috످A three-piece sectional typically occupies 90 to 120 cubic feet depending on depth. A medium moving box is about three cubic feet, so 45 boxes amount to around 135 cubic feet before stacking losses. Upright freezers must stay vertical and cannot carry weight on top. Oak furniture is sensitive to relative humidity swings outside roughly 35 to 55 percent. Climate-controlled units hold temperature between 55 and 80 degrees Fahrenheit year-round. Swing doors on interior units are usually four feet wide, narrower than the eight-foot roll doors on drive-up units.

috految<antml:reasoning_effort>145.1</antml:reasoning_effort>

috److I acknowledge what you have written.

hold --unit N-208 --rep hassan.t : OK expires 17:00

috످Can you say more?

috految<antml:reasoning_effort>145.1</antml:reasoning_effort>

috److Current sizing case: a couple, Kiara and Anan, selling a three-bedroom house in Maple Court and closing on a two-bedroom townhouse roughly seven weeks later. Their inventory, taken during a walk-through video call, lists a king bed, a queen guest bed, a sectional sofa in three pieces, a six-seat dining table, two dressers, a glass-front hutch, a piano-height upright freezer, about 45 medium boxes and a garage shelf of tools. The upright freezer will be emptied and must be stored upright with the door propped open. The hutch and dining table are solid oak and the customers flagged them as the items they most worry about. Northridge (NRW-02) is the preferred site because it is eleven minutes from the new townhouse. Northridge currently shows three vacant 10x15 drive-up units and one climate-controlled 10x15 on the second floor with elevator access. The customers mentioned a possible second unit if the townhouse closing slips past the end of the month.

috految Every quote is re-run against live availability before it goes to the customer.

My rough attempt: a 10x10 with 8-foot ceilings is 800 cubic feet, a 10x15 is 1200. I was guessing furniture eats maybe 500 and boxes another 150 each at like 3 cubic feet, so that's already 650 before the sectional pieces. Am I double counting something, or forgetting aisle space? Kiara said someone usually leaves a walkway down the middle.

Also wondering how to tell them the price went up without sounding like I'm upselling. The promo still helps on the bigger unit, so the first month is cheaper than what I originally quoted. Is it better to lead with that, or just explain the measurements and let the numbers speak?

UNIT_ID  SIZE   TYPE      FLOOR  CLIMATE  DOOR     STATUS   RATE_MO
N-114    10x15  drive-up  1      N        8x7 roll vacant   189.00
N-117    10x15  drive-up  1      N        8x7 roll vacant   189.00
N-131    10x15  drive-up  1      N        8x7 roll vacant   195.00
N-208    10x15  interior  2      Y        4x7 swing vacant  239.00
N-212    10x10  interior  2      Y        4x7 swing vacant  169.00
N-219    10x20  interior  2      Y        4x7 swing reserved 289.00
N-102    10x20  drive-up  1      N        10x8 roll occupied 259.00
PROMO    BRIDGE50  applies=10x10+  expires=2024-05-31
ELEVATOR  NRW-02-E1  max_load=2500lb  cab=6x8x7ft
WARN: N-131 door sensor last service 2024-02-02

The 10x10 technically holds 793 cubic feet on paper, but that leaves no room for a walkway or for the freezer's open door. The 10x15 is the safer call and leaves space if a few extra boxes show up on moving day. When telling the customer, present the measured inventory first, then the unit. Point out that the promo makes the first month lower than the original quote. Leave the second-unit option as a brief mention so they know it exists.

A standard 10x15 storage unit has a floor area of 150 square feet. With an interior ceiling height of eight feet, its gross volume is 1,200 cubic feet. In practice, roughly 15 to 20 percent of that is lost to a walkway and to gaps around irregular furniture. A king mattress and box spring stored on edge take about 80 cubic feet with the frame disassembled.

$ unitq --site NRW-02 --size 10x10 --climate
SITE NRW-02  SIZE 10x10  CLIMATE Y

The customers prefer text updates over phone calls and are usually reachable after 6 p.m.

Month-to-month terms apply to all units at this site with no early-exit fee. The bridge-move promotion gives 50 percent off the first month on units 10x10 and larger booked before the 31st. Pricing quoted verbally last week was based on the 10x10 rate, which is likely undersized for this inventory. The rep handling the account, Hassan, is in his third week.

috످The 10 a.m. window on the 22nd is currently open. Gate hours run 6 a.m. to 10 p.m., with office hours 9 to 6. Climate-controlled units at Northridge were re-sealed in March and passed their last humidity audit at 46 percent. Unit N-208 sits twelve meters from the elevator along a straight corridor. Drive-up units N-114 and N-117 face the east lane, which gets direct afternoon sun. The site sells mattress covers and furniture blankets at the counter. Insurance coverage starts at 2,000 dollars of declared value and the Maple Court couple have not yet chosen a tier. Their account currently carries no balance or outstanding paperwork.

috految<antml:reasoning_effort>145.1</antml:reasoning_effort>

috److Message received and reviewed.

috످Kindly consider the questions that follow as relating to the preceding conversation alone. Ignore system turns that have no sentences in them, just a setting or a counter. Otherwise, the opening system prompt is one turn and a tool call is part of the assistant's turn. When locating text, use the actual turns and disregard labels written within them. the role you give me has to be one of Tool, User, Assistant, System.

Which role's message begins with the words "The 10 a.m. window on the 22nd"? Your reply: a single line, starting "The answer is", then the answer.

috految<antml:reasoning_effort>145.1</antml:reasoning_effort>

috److془The passage is about scheduling, site details, and account status. It stands in the user's turn, following the assistant... Let me check: "The 10 a.m. window on the 22nd is currently open..." is user turn. Followed by assistant "Message received and reviewed."

Yes User.془The answer is User

috످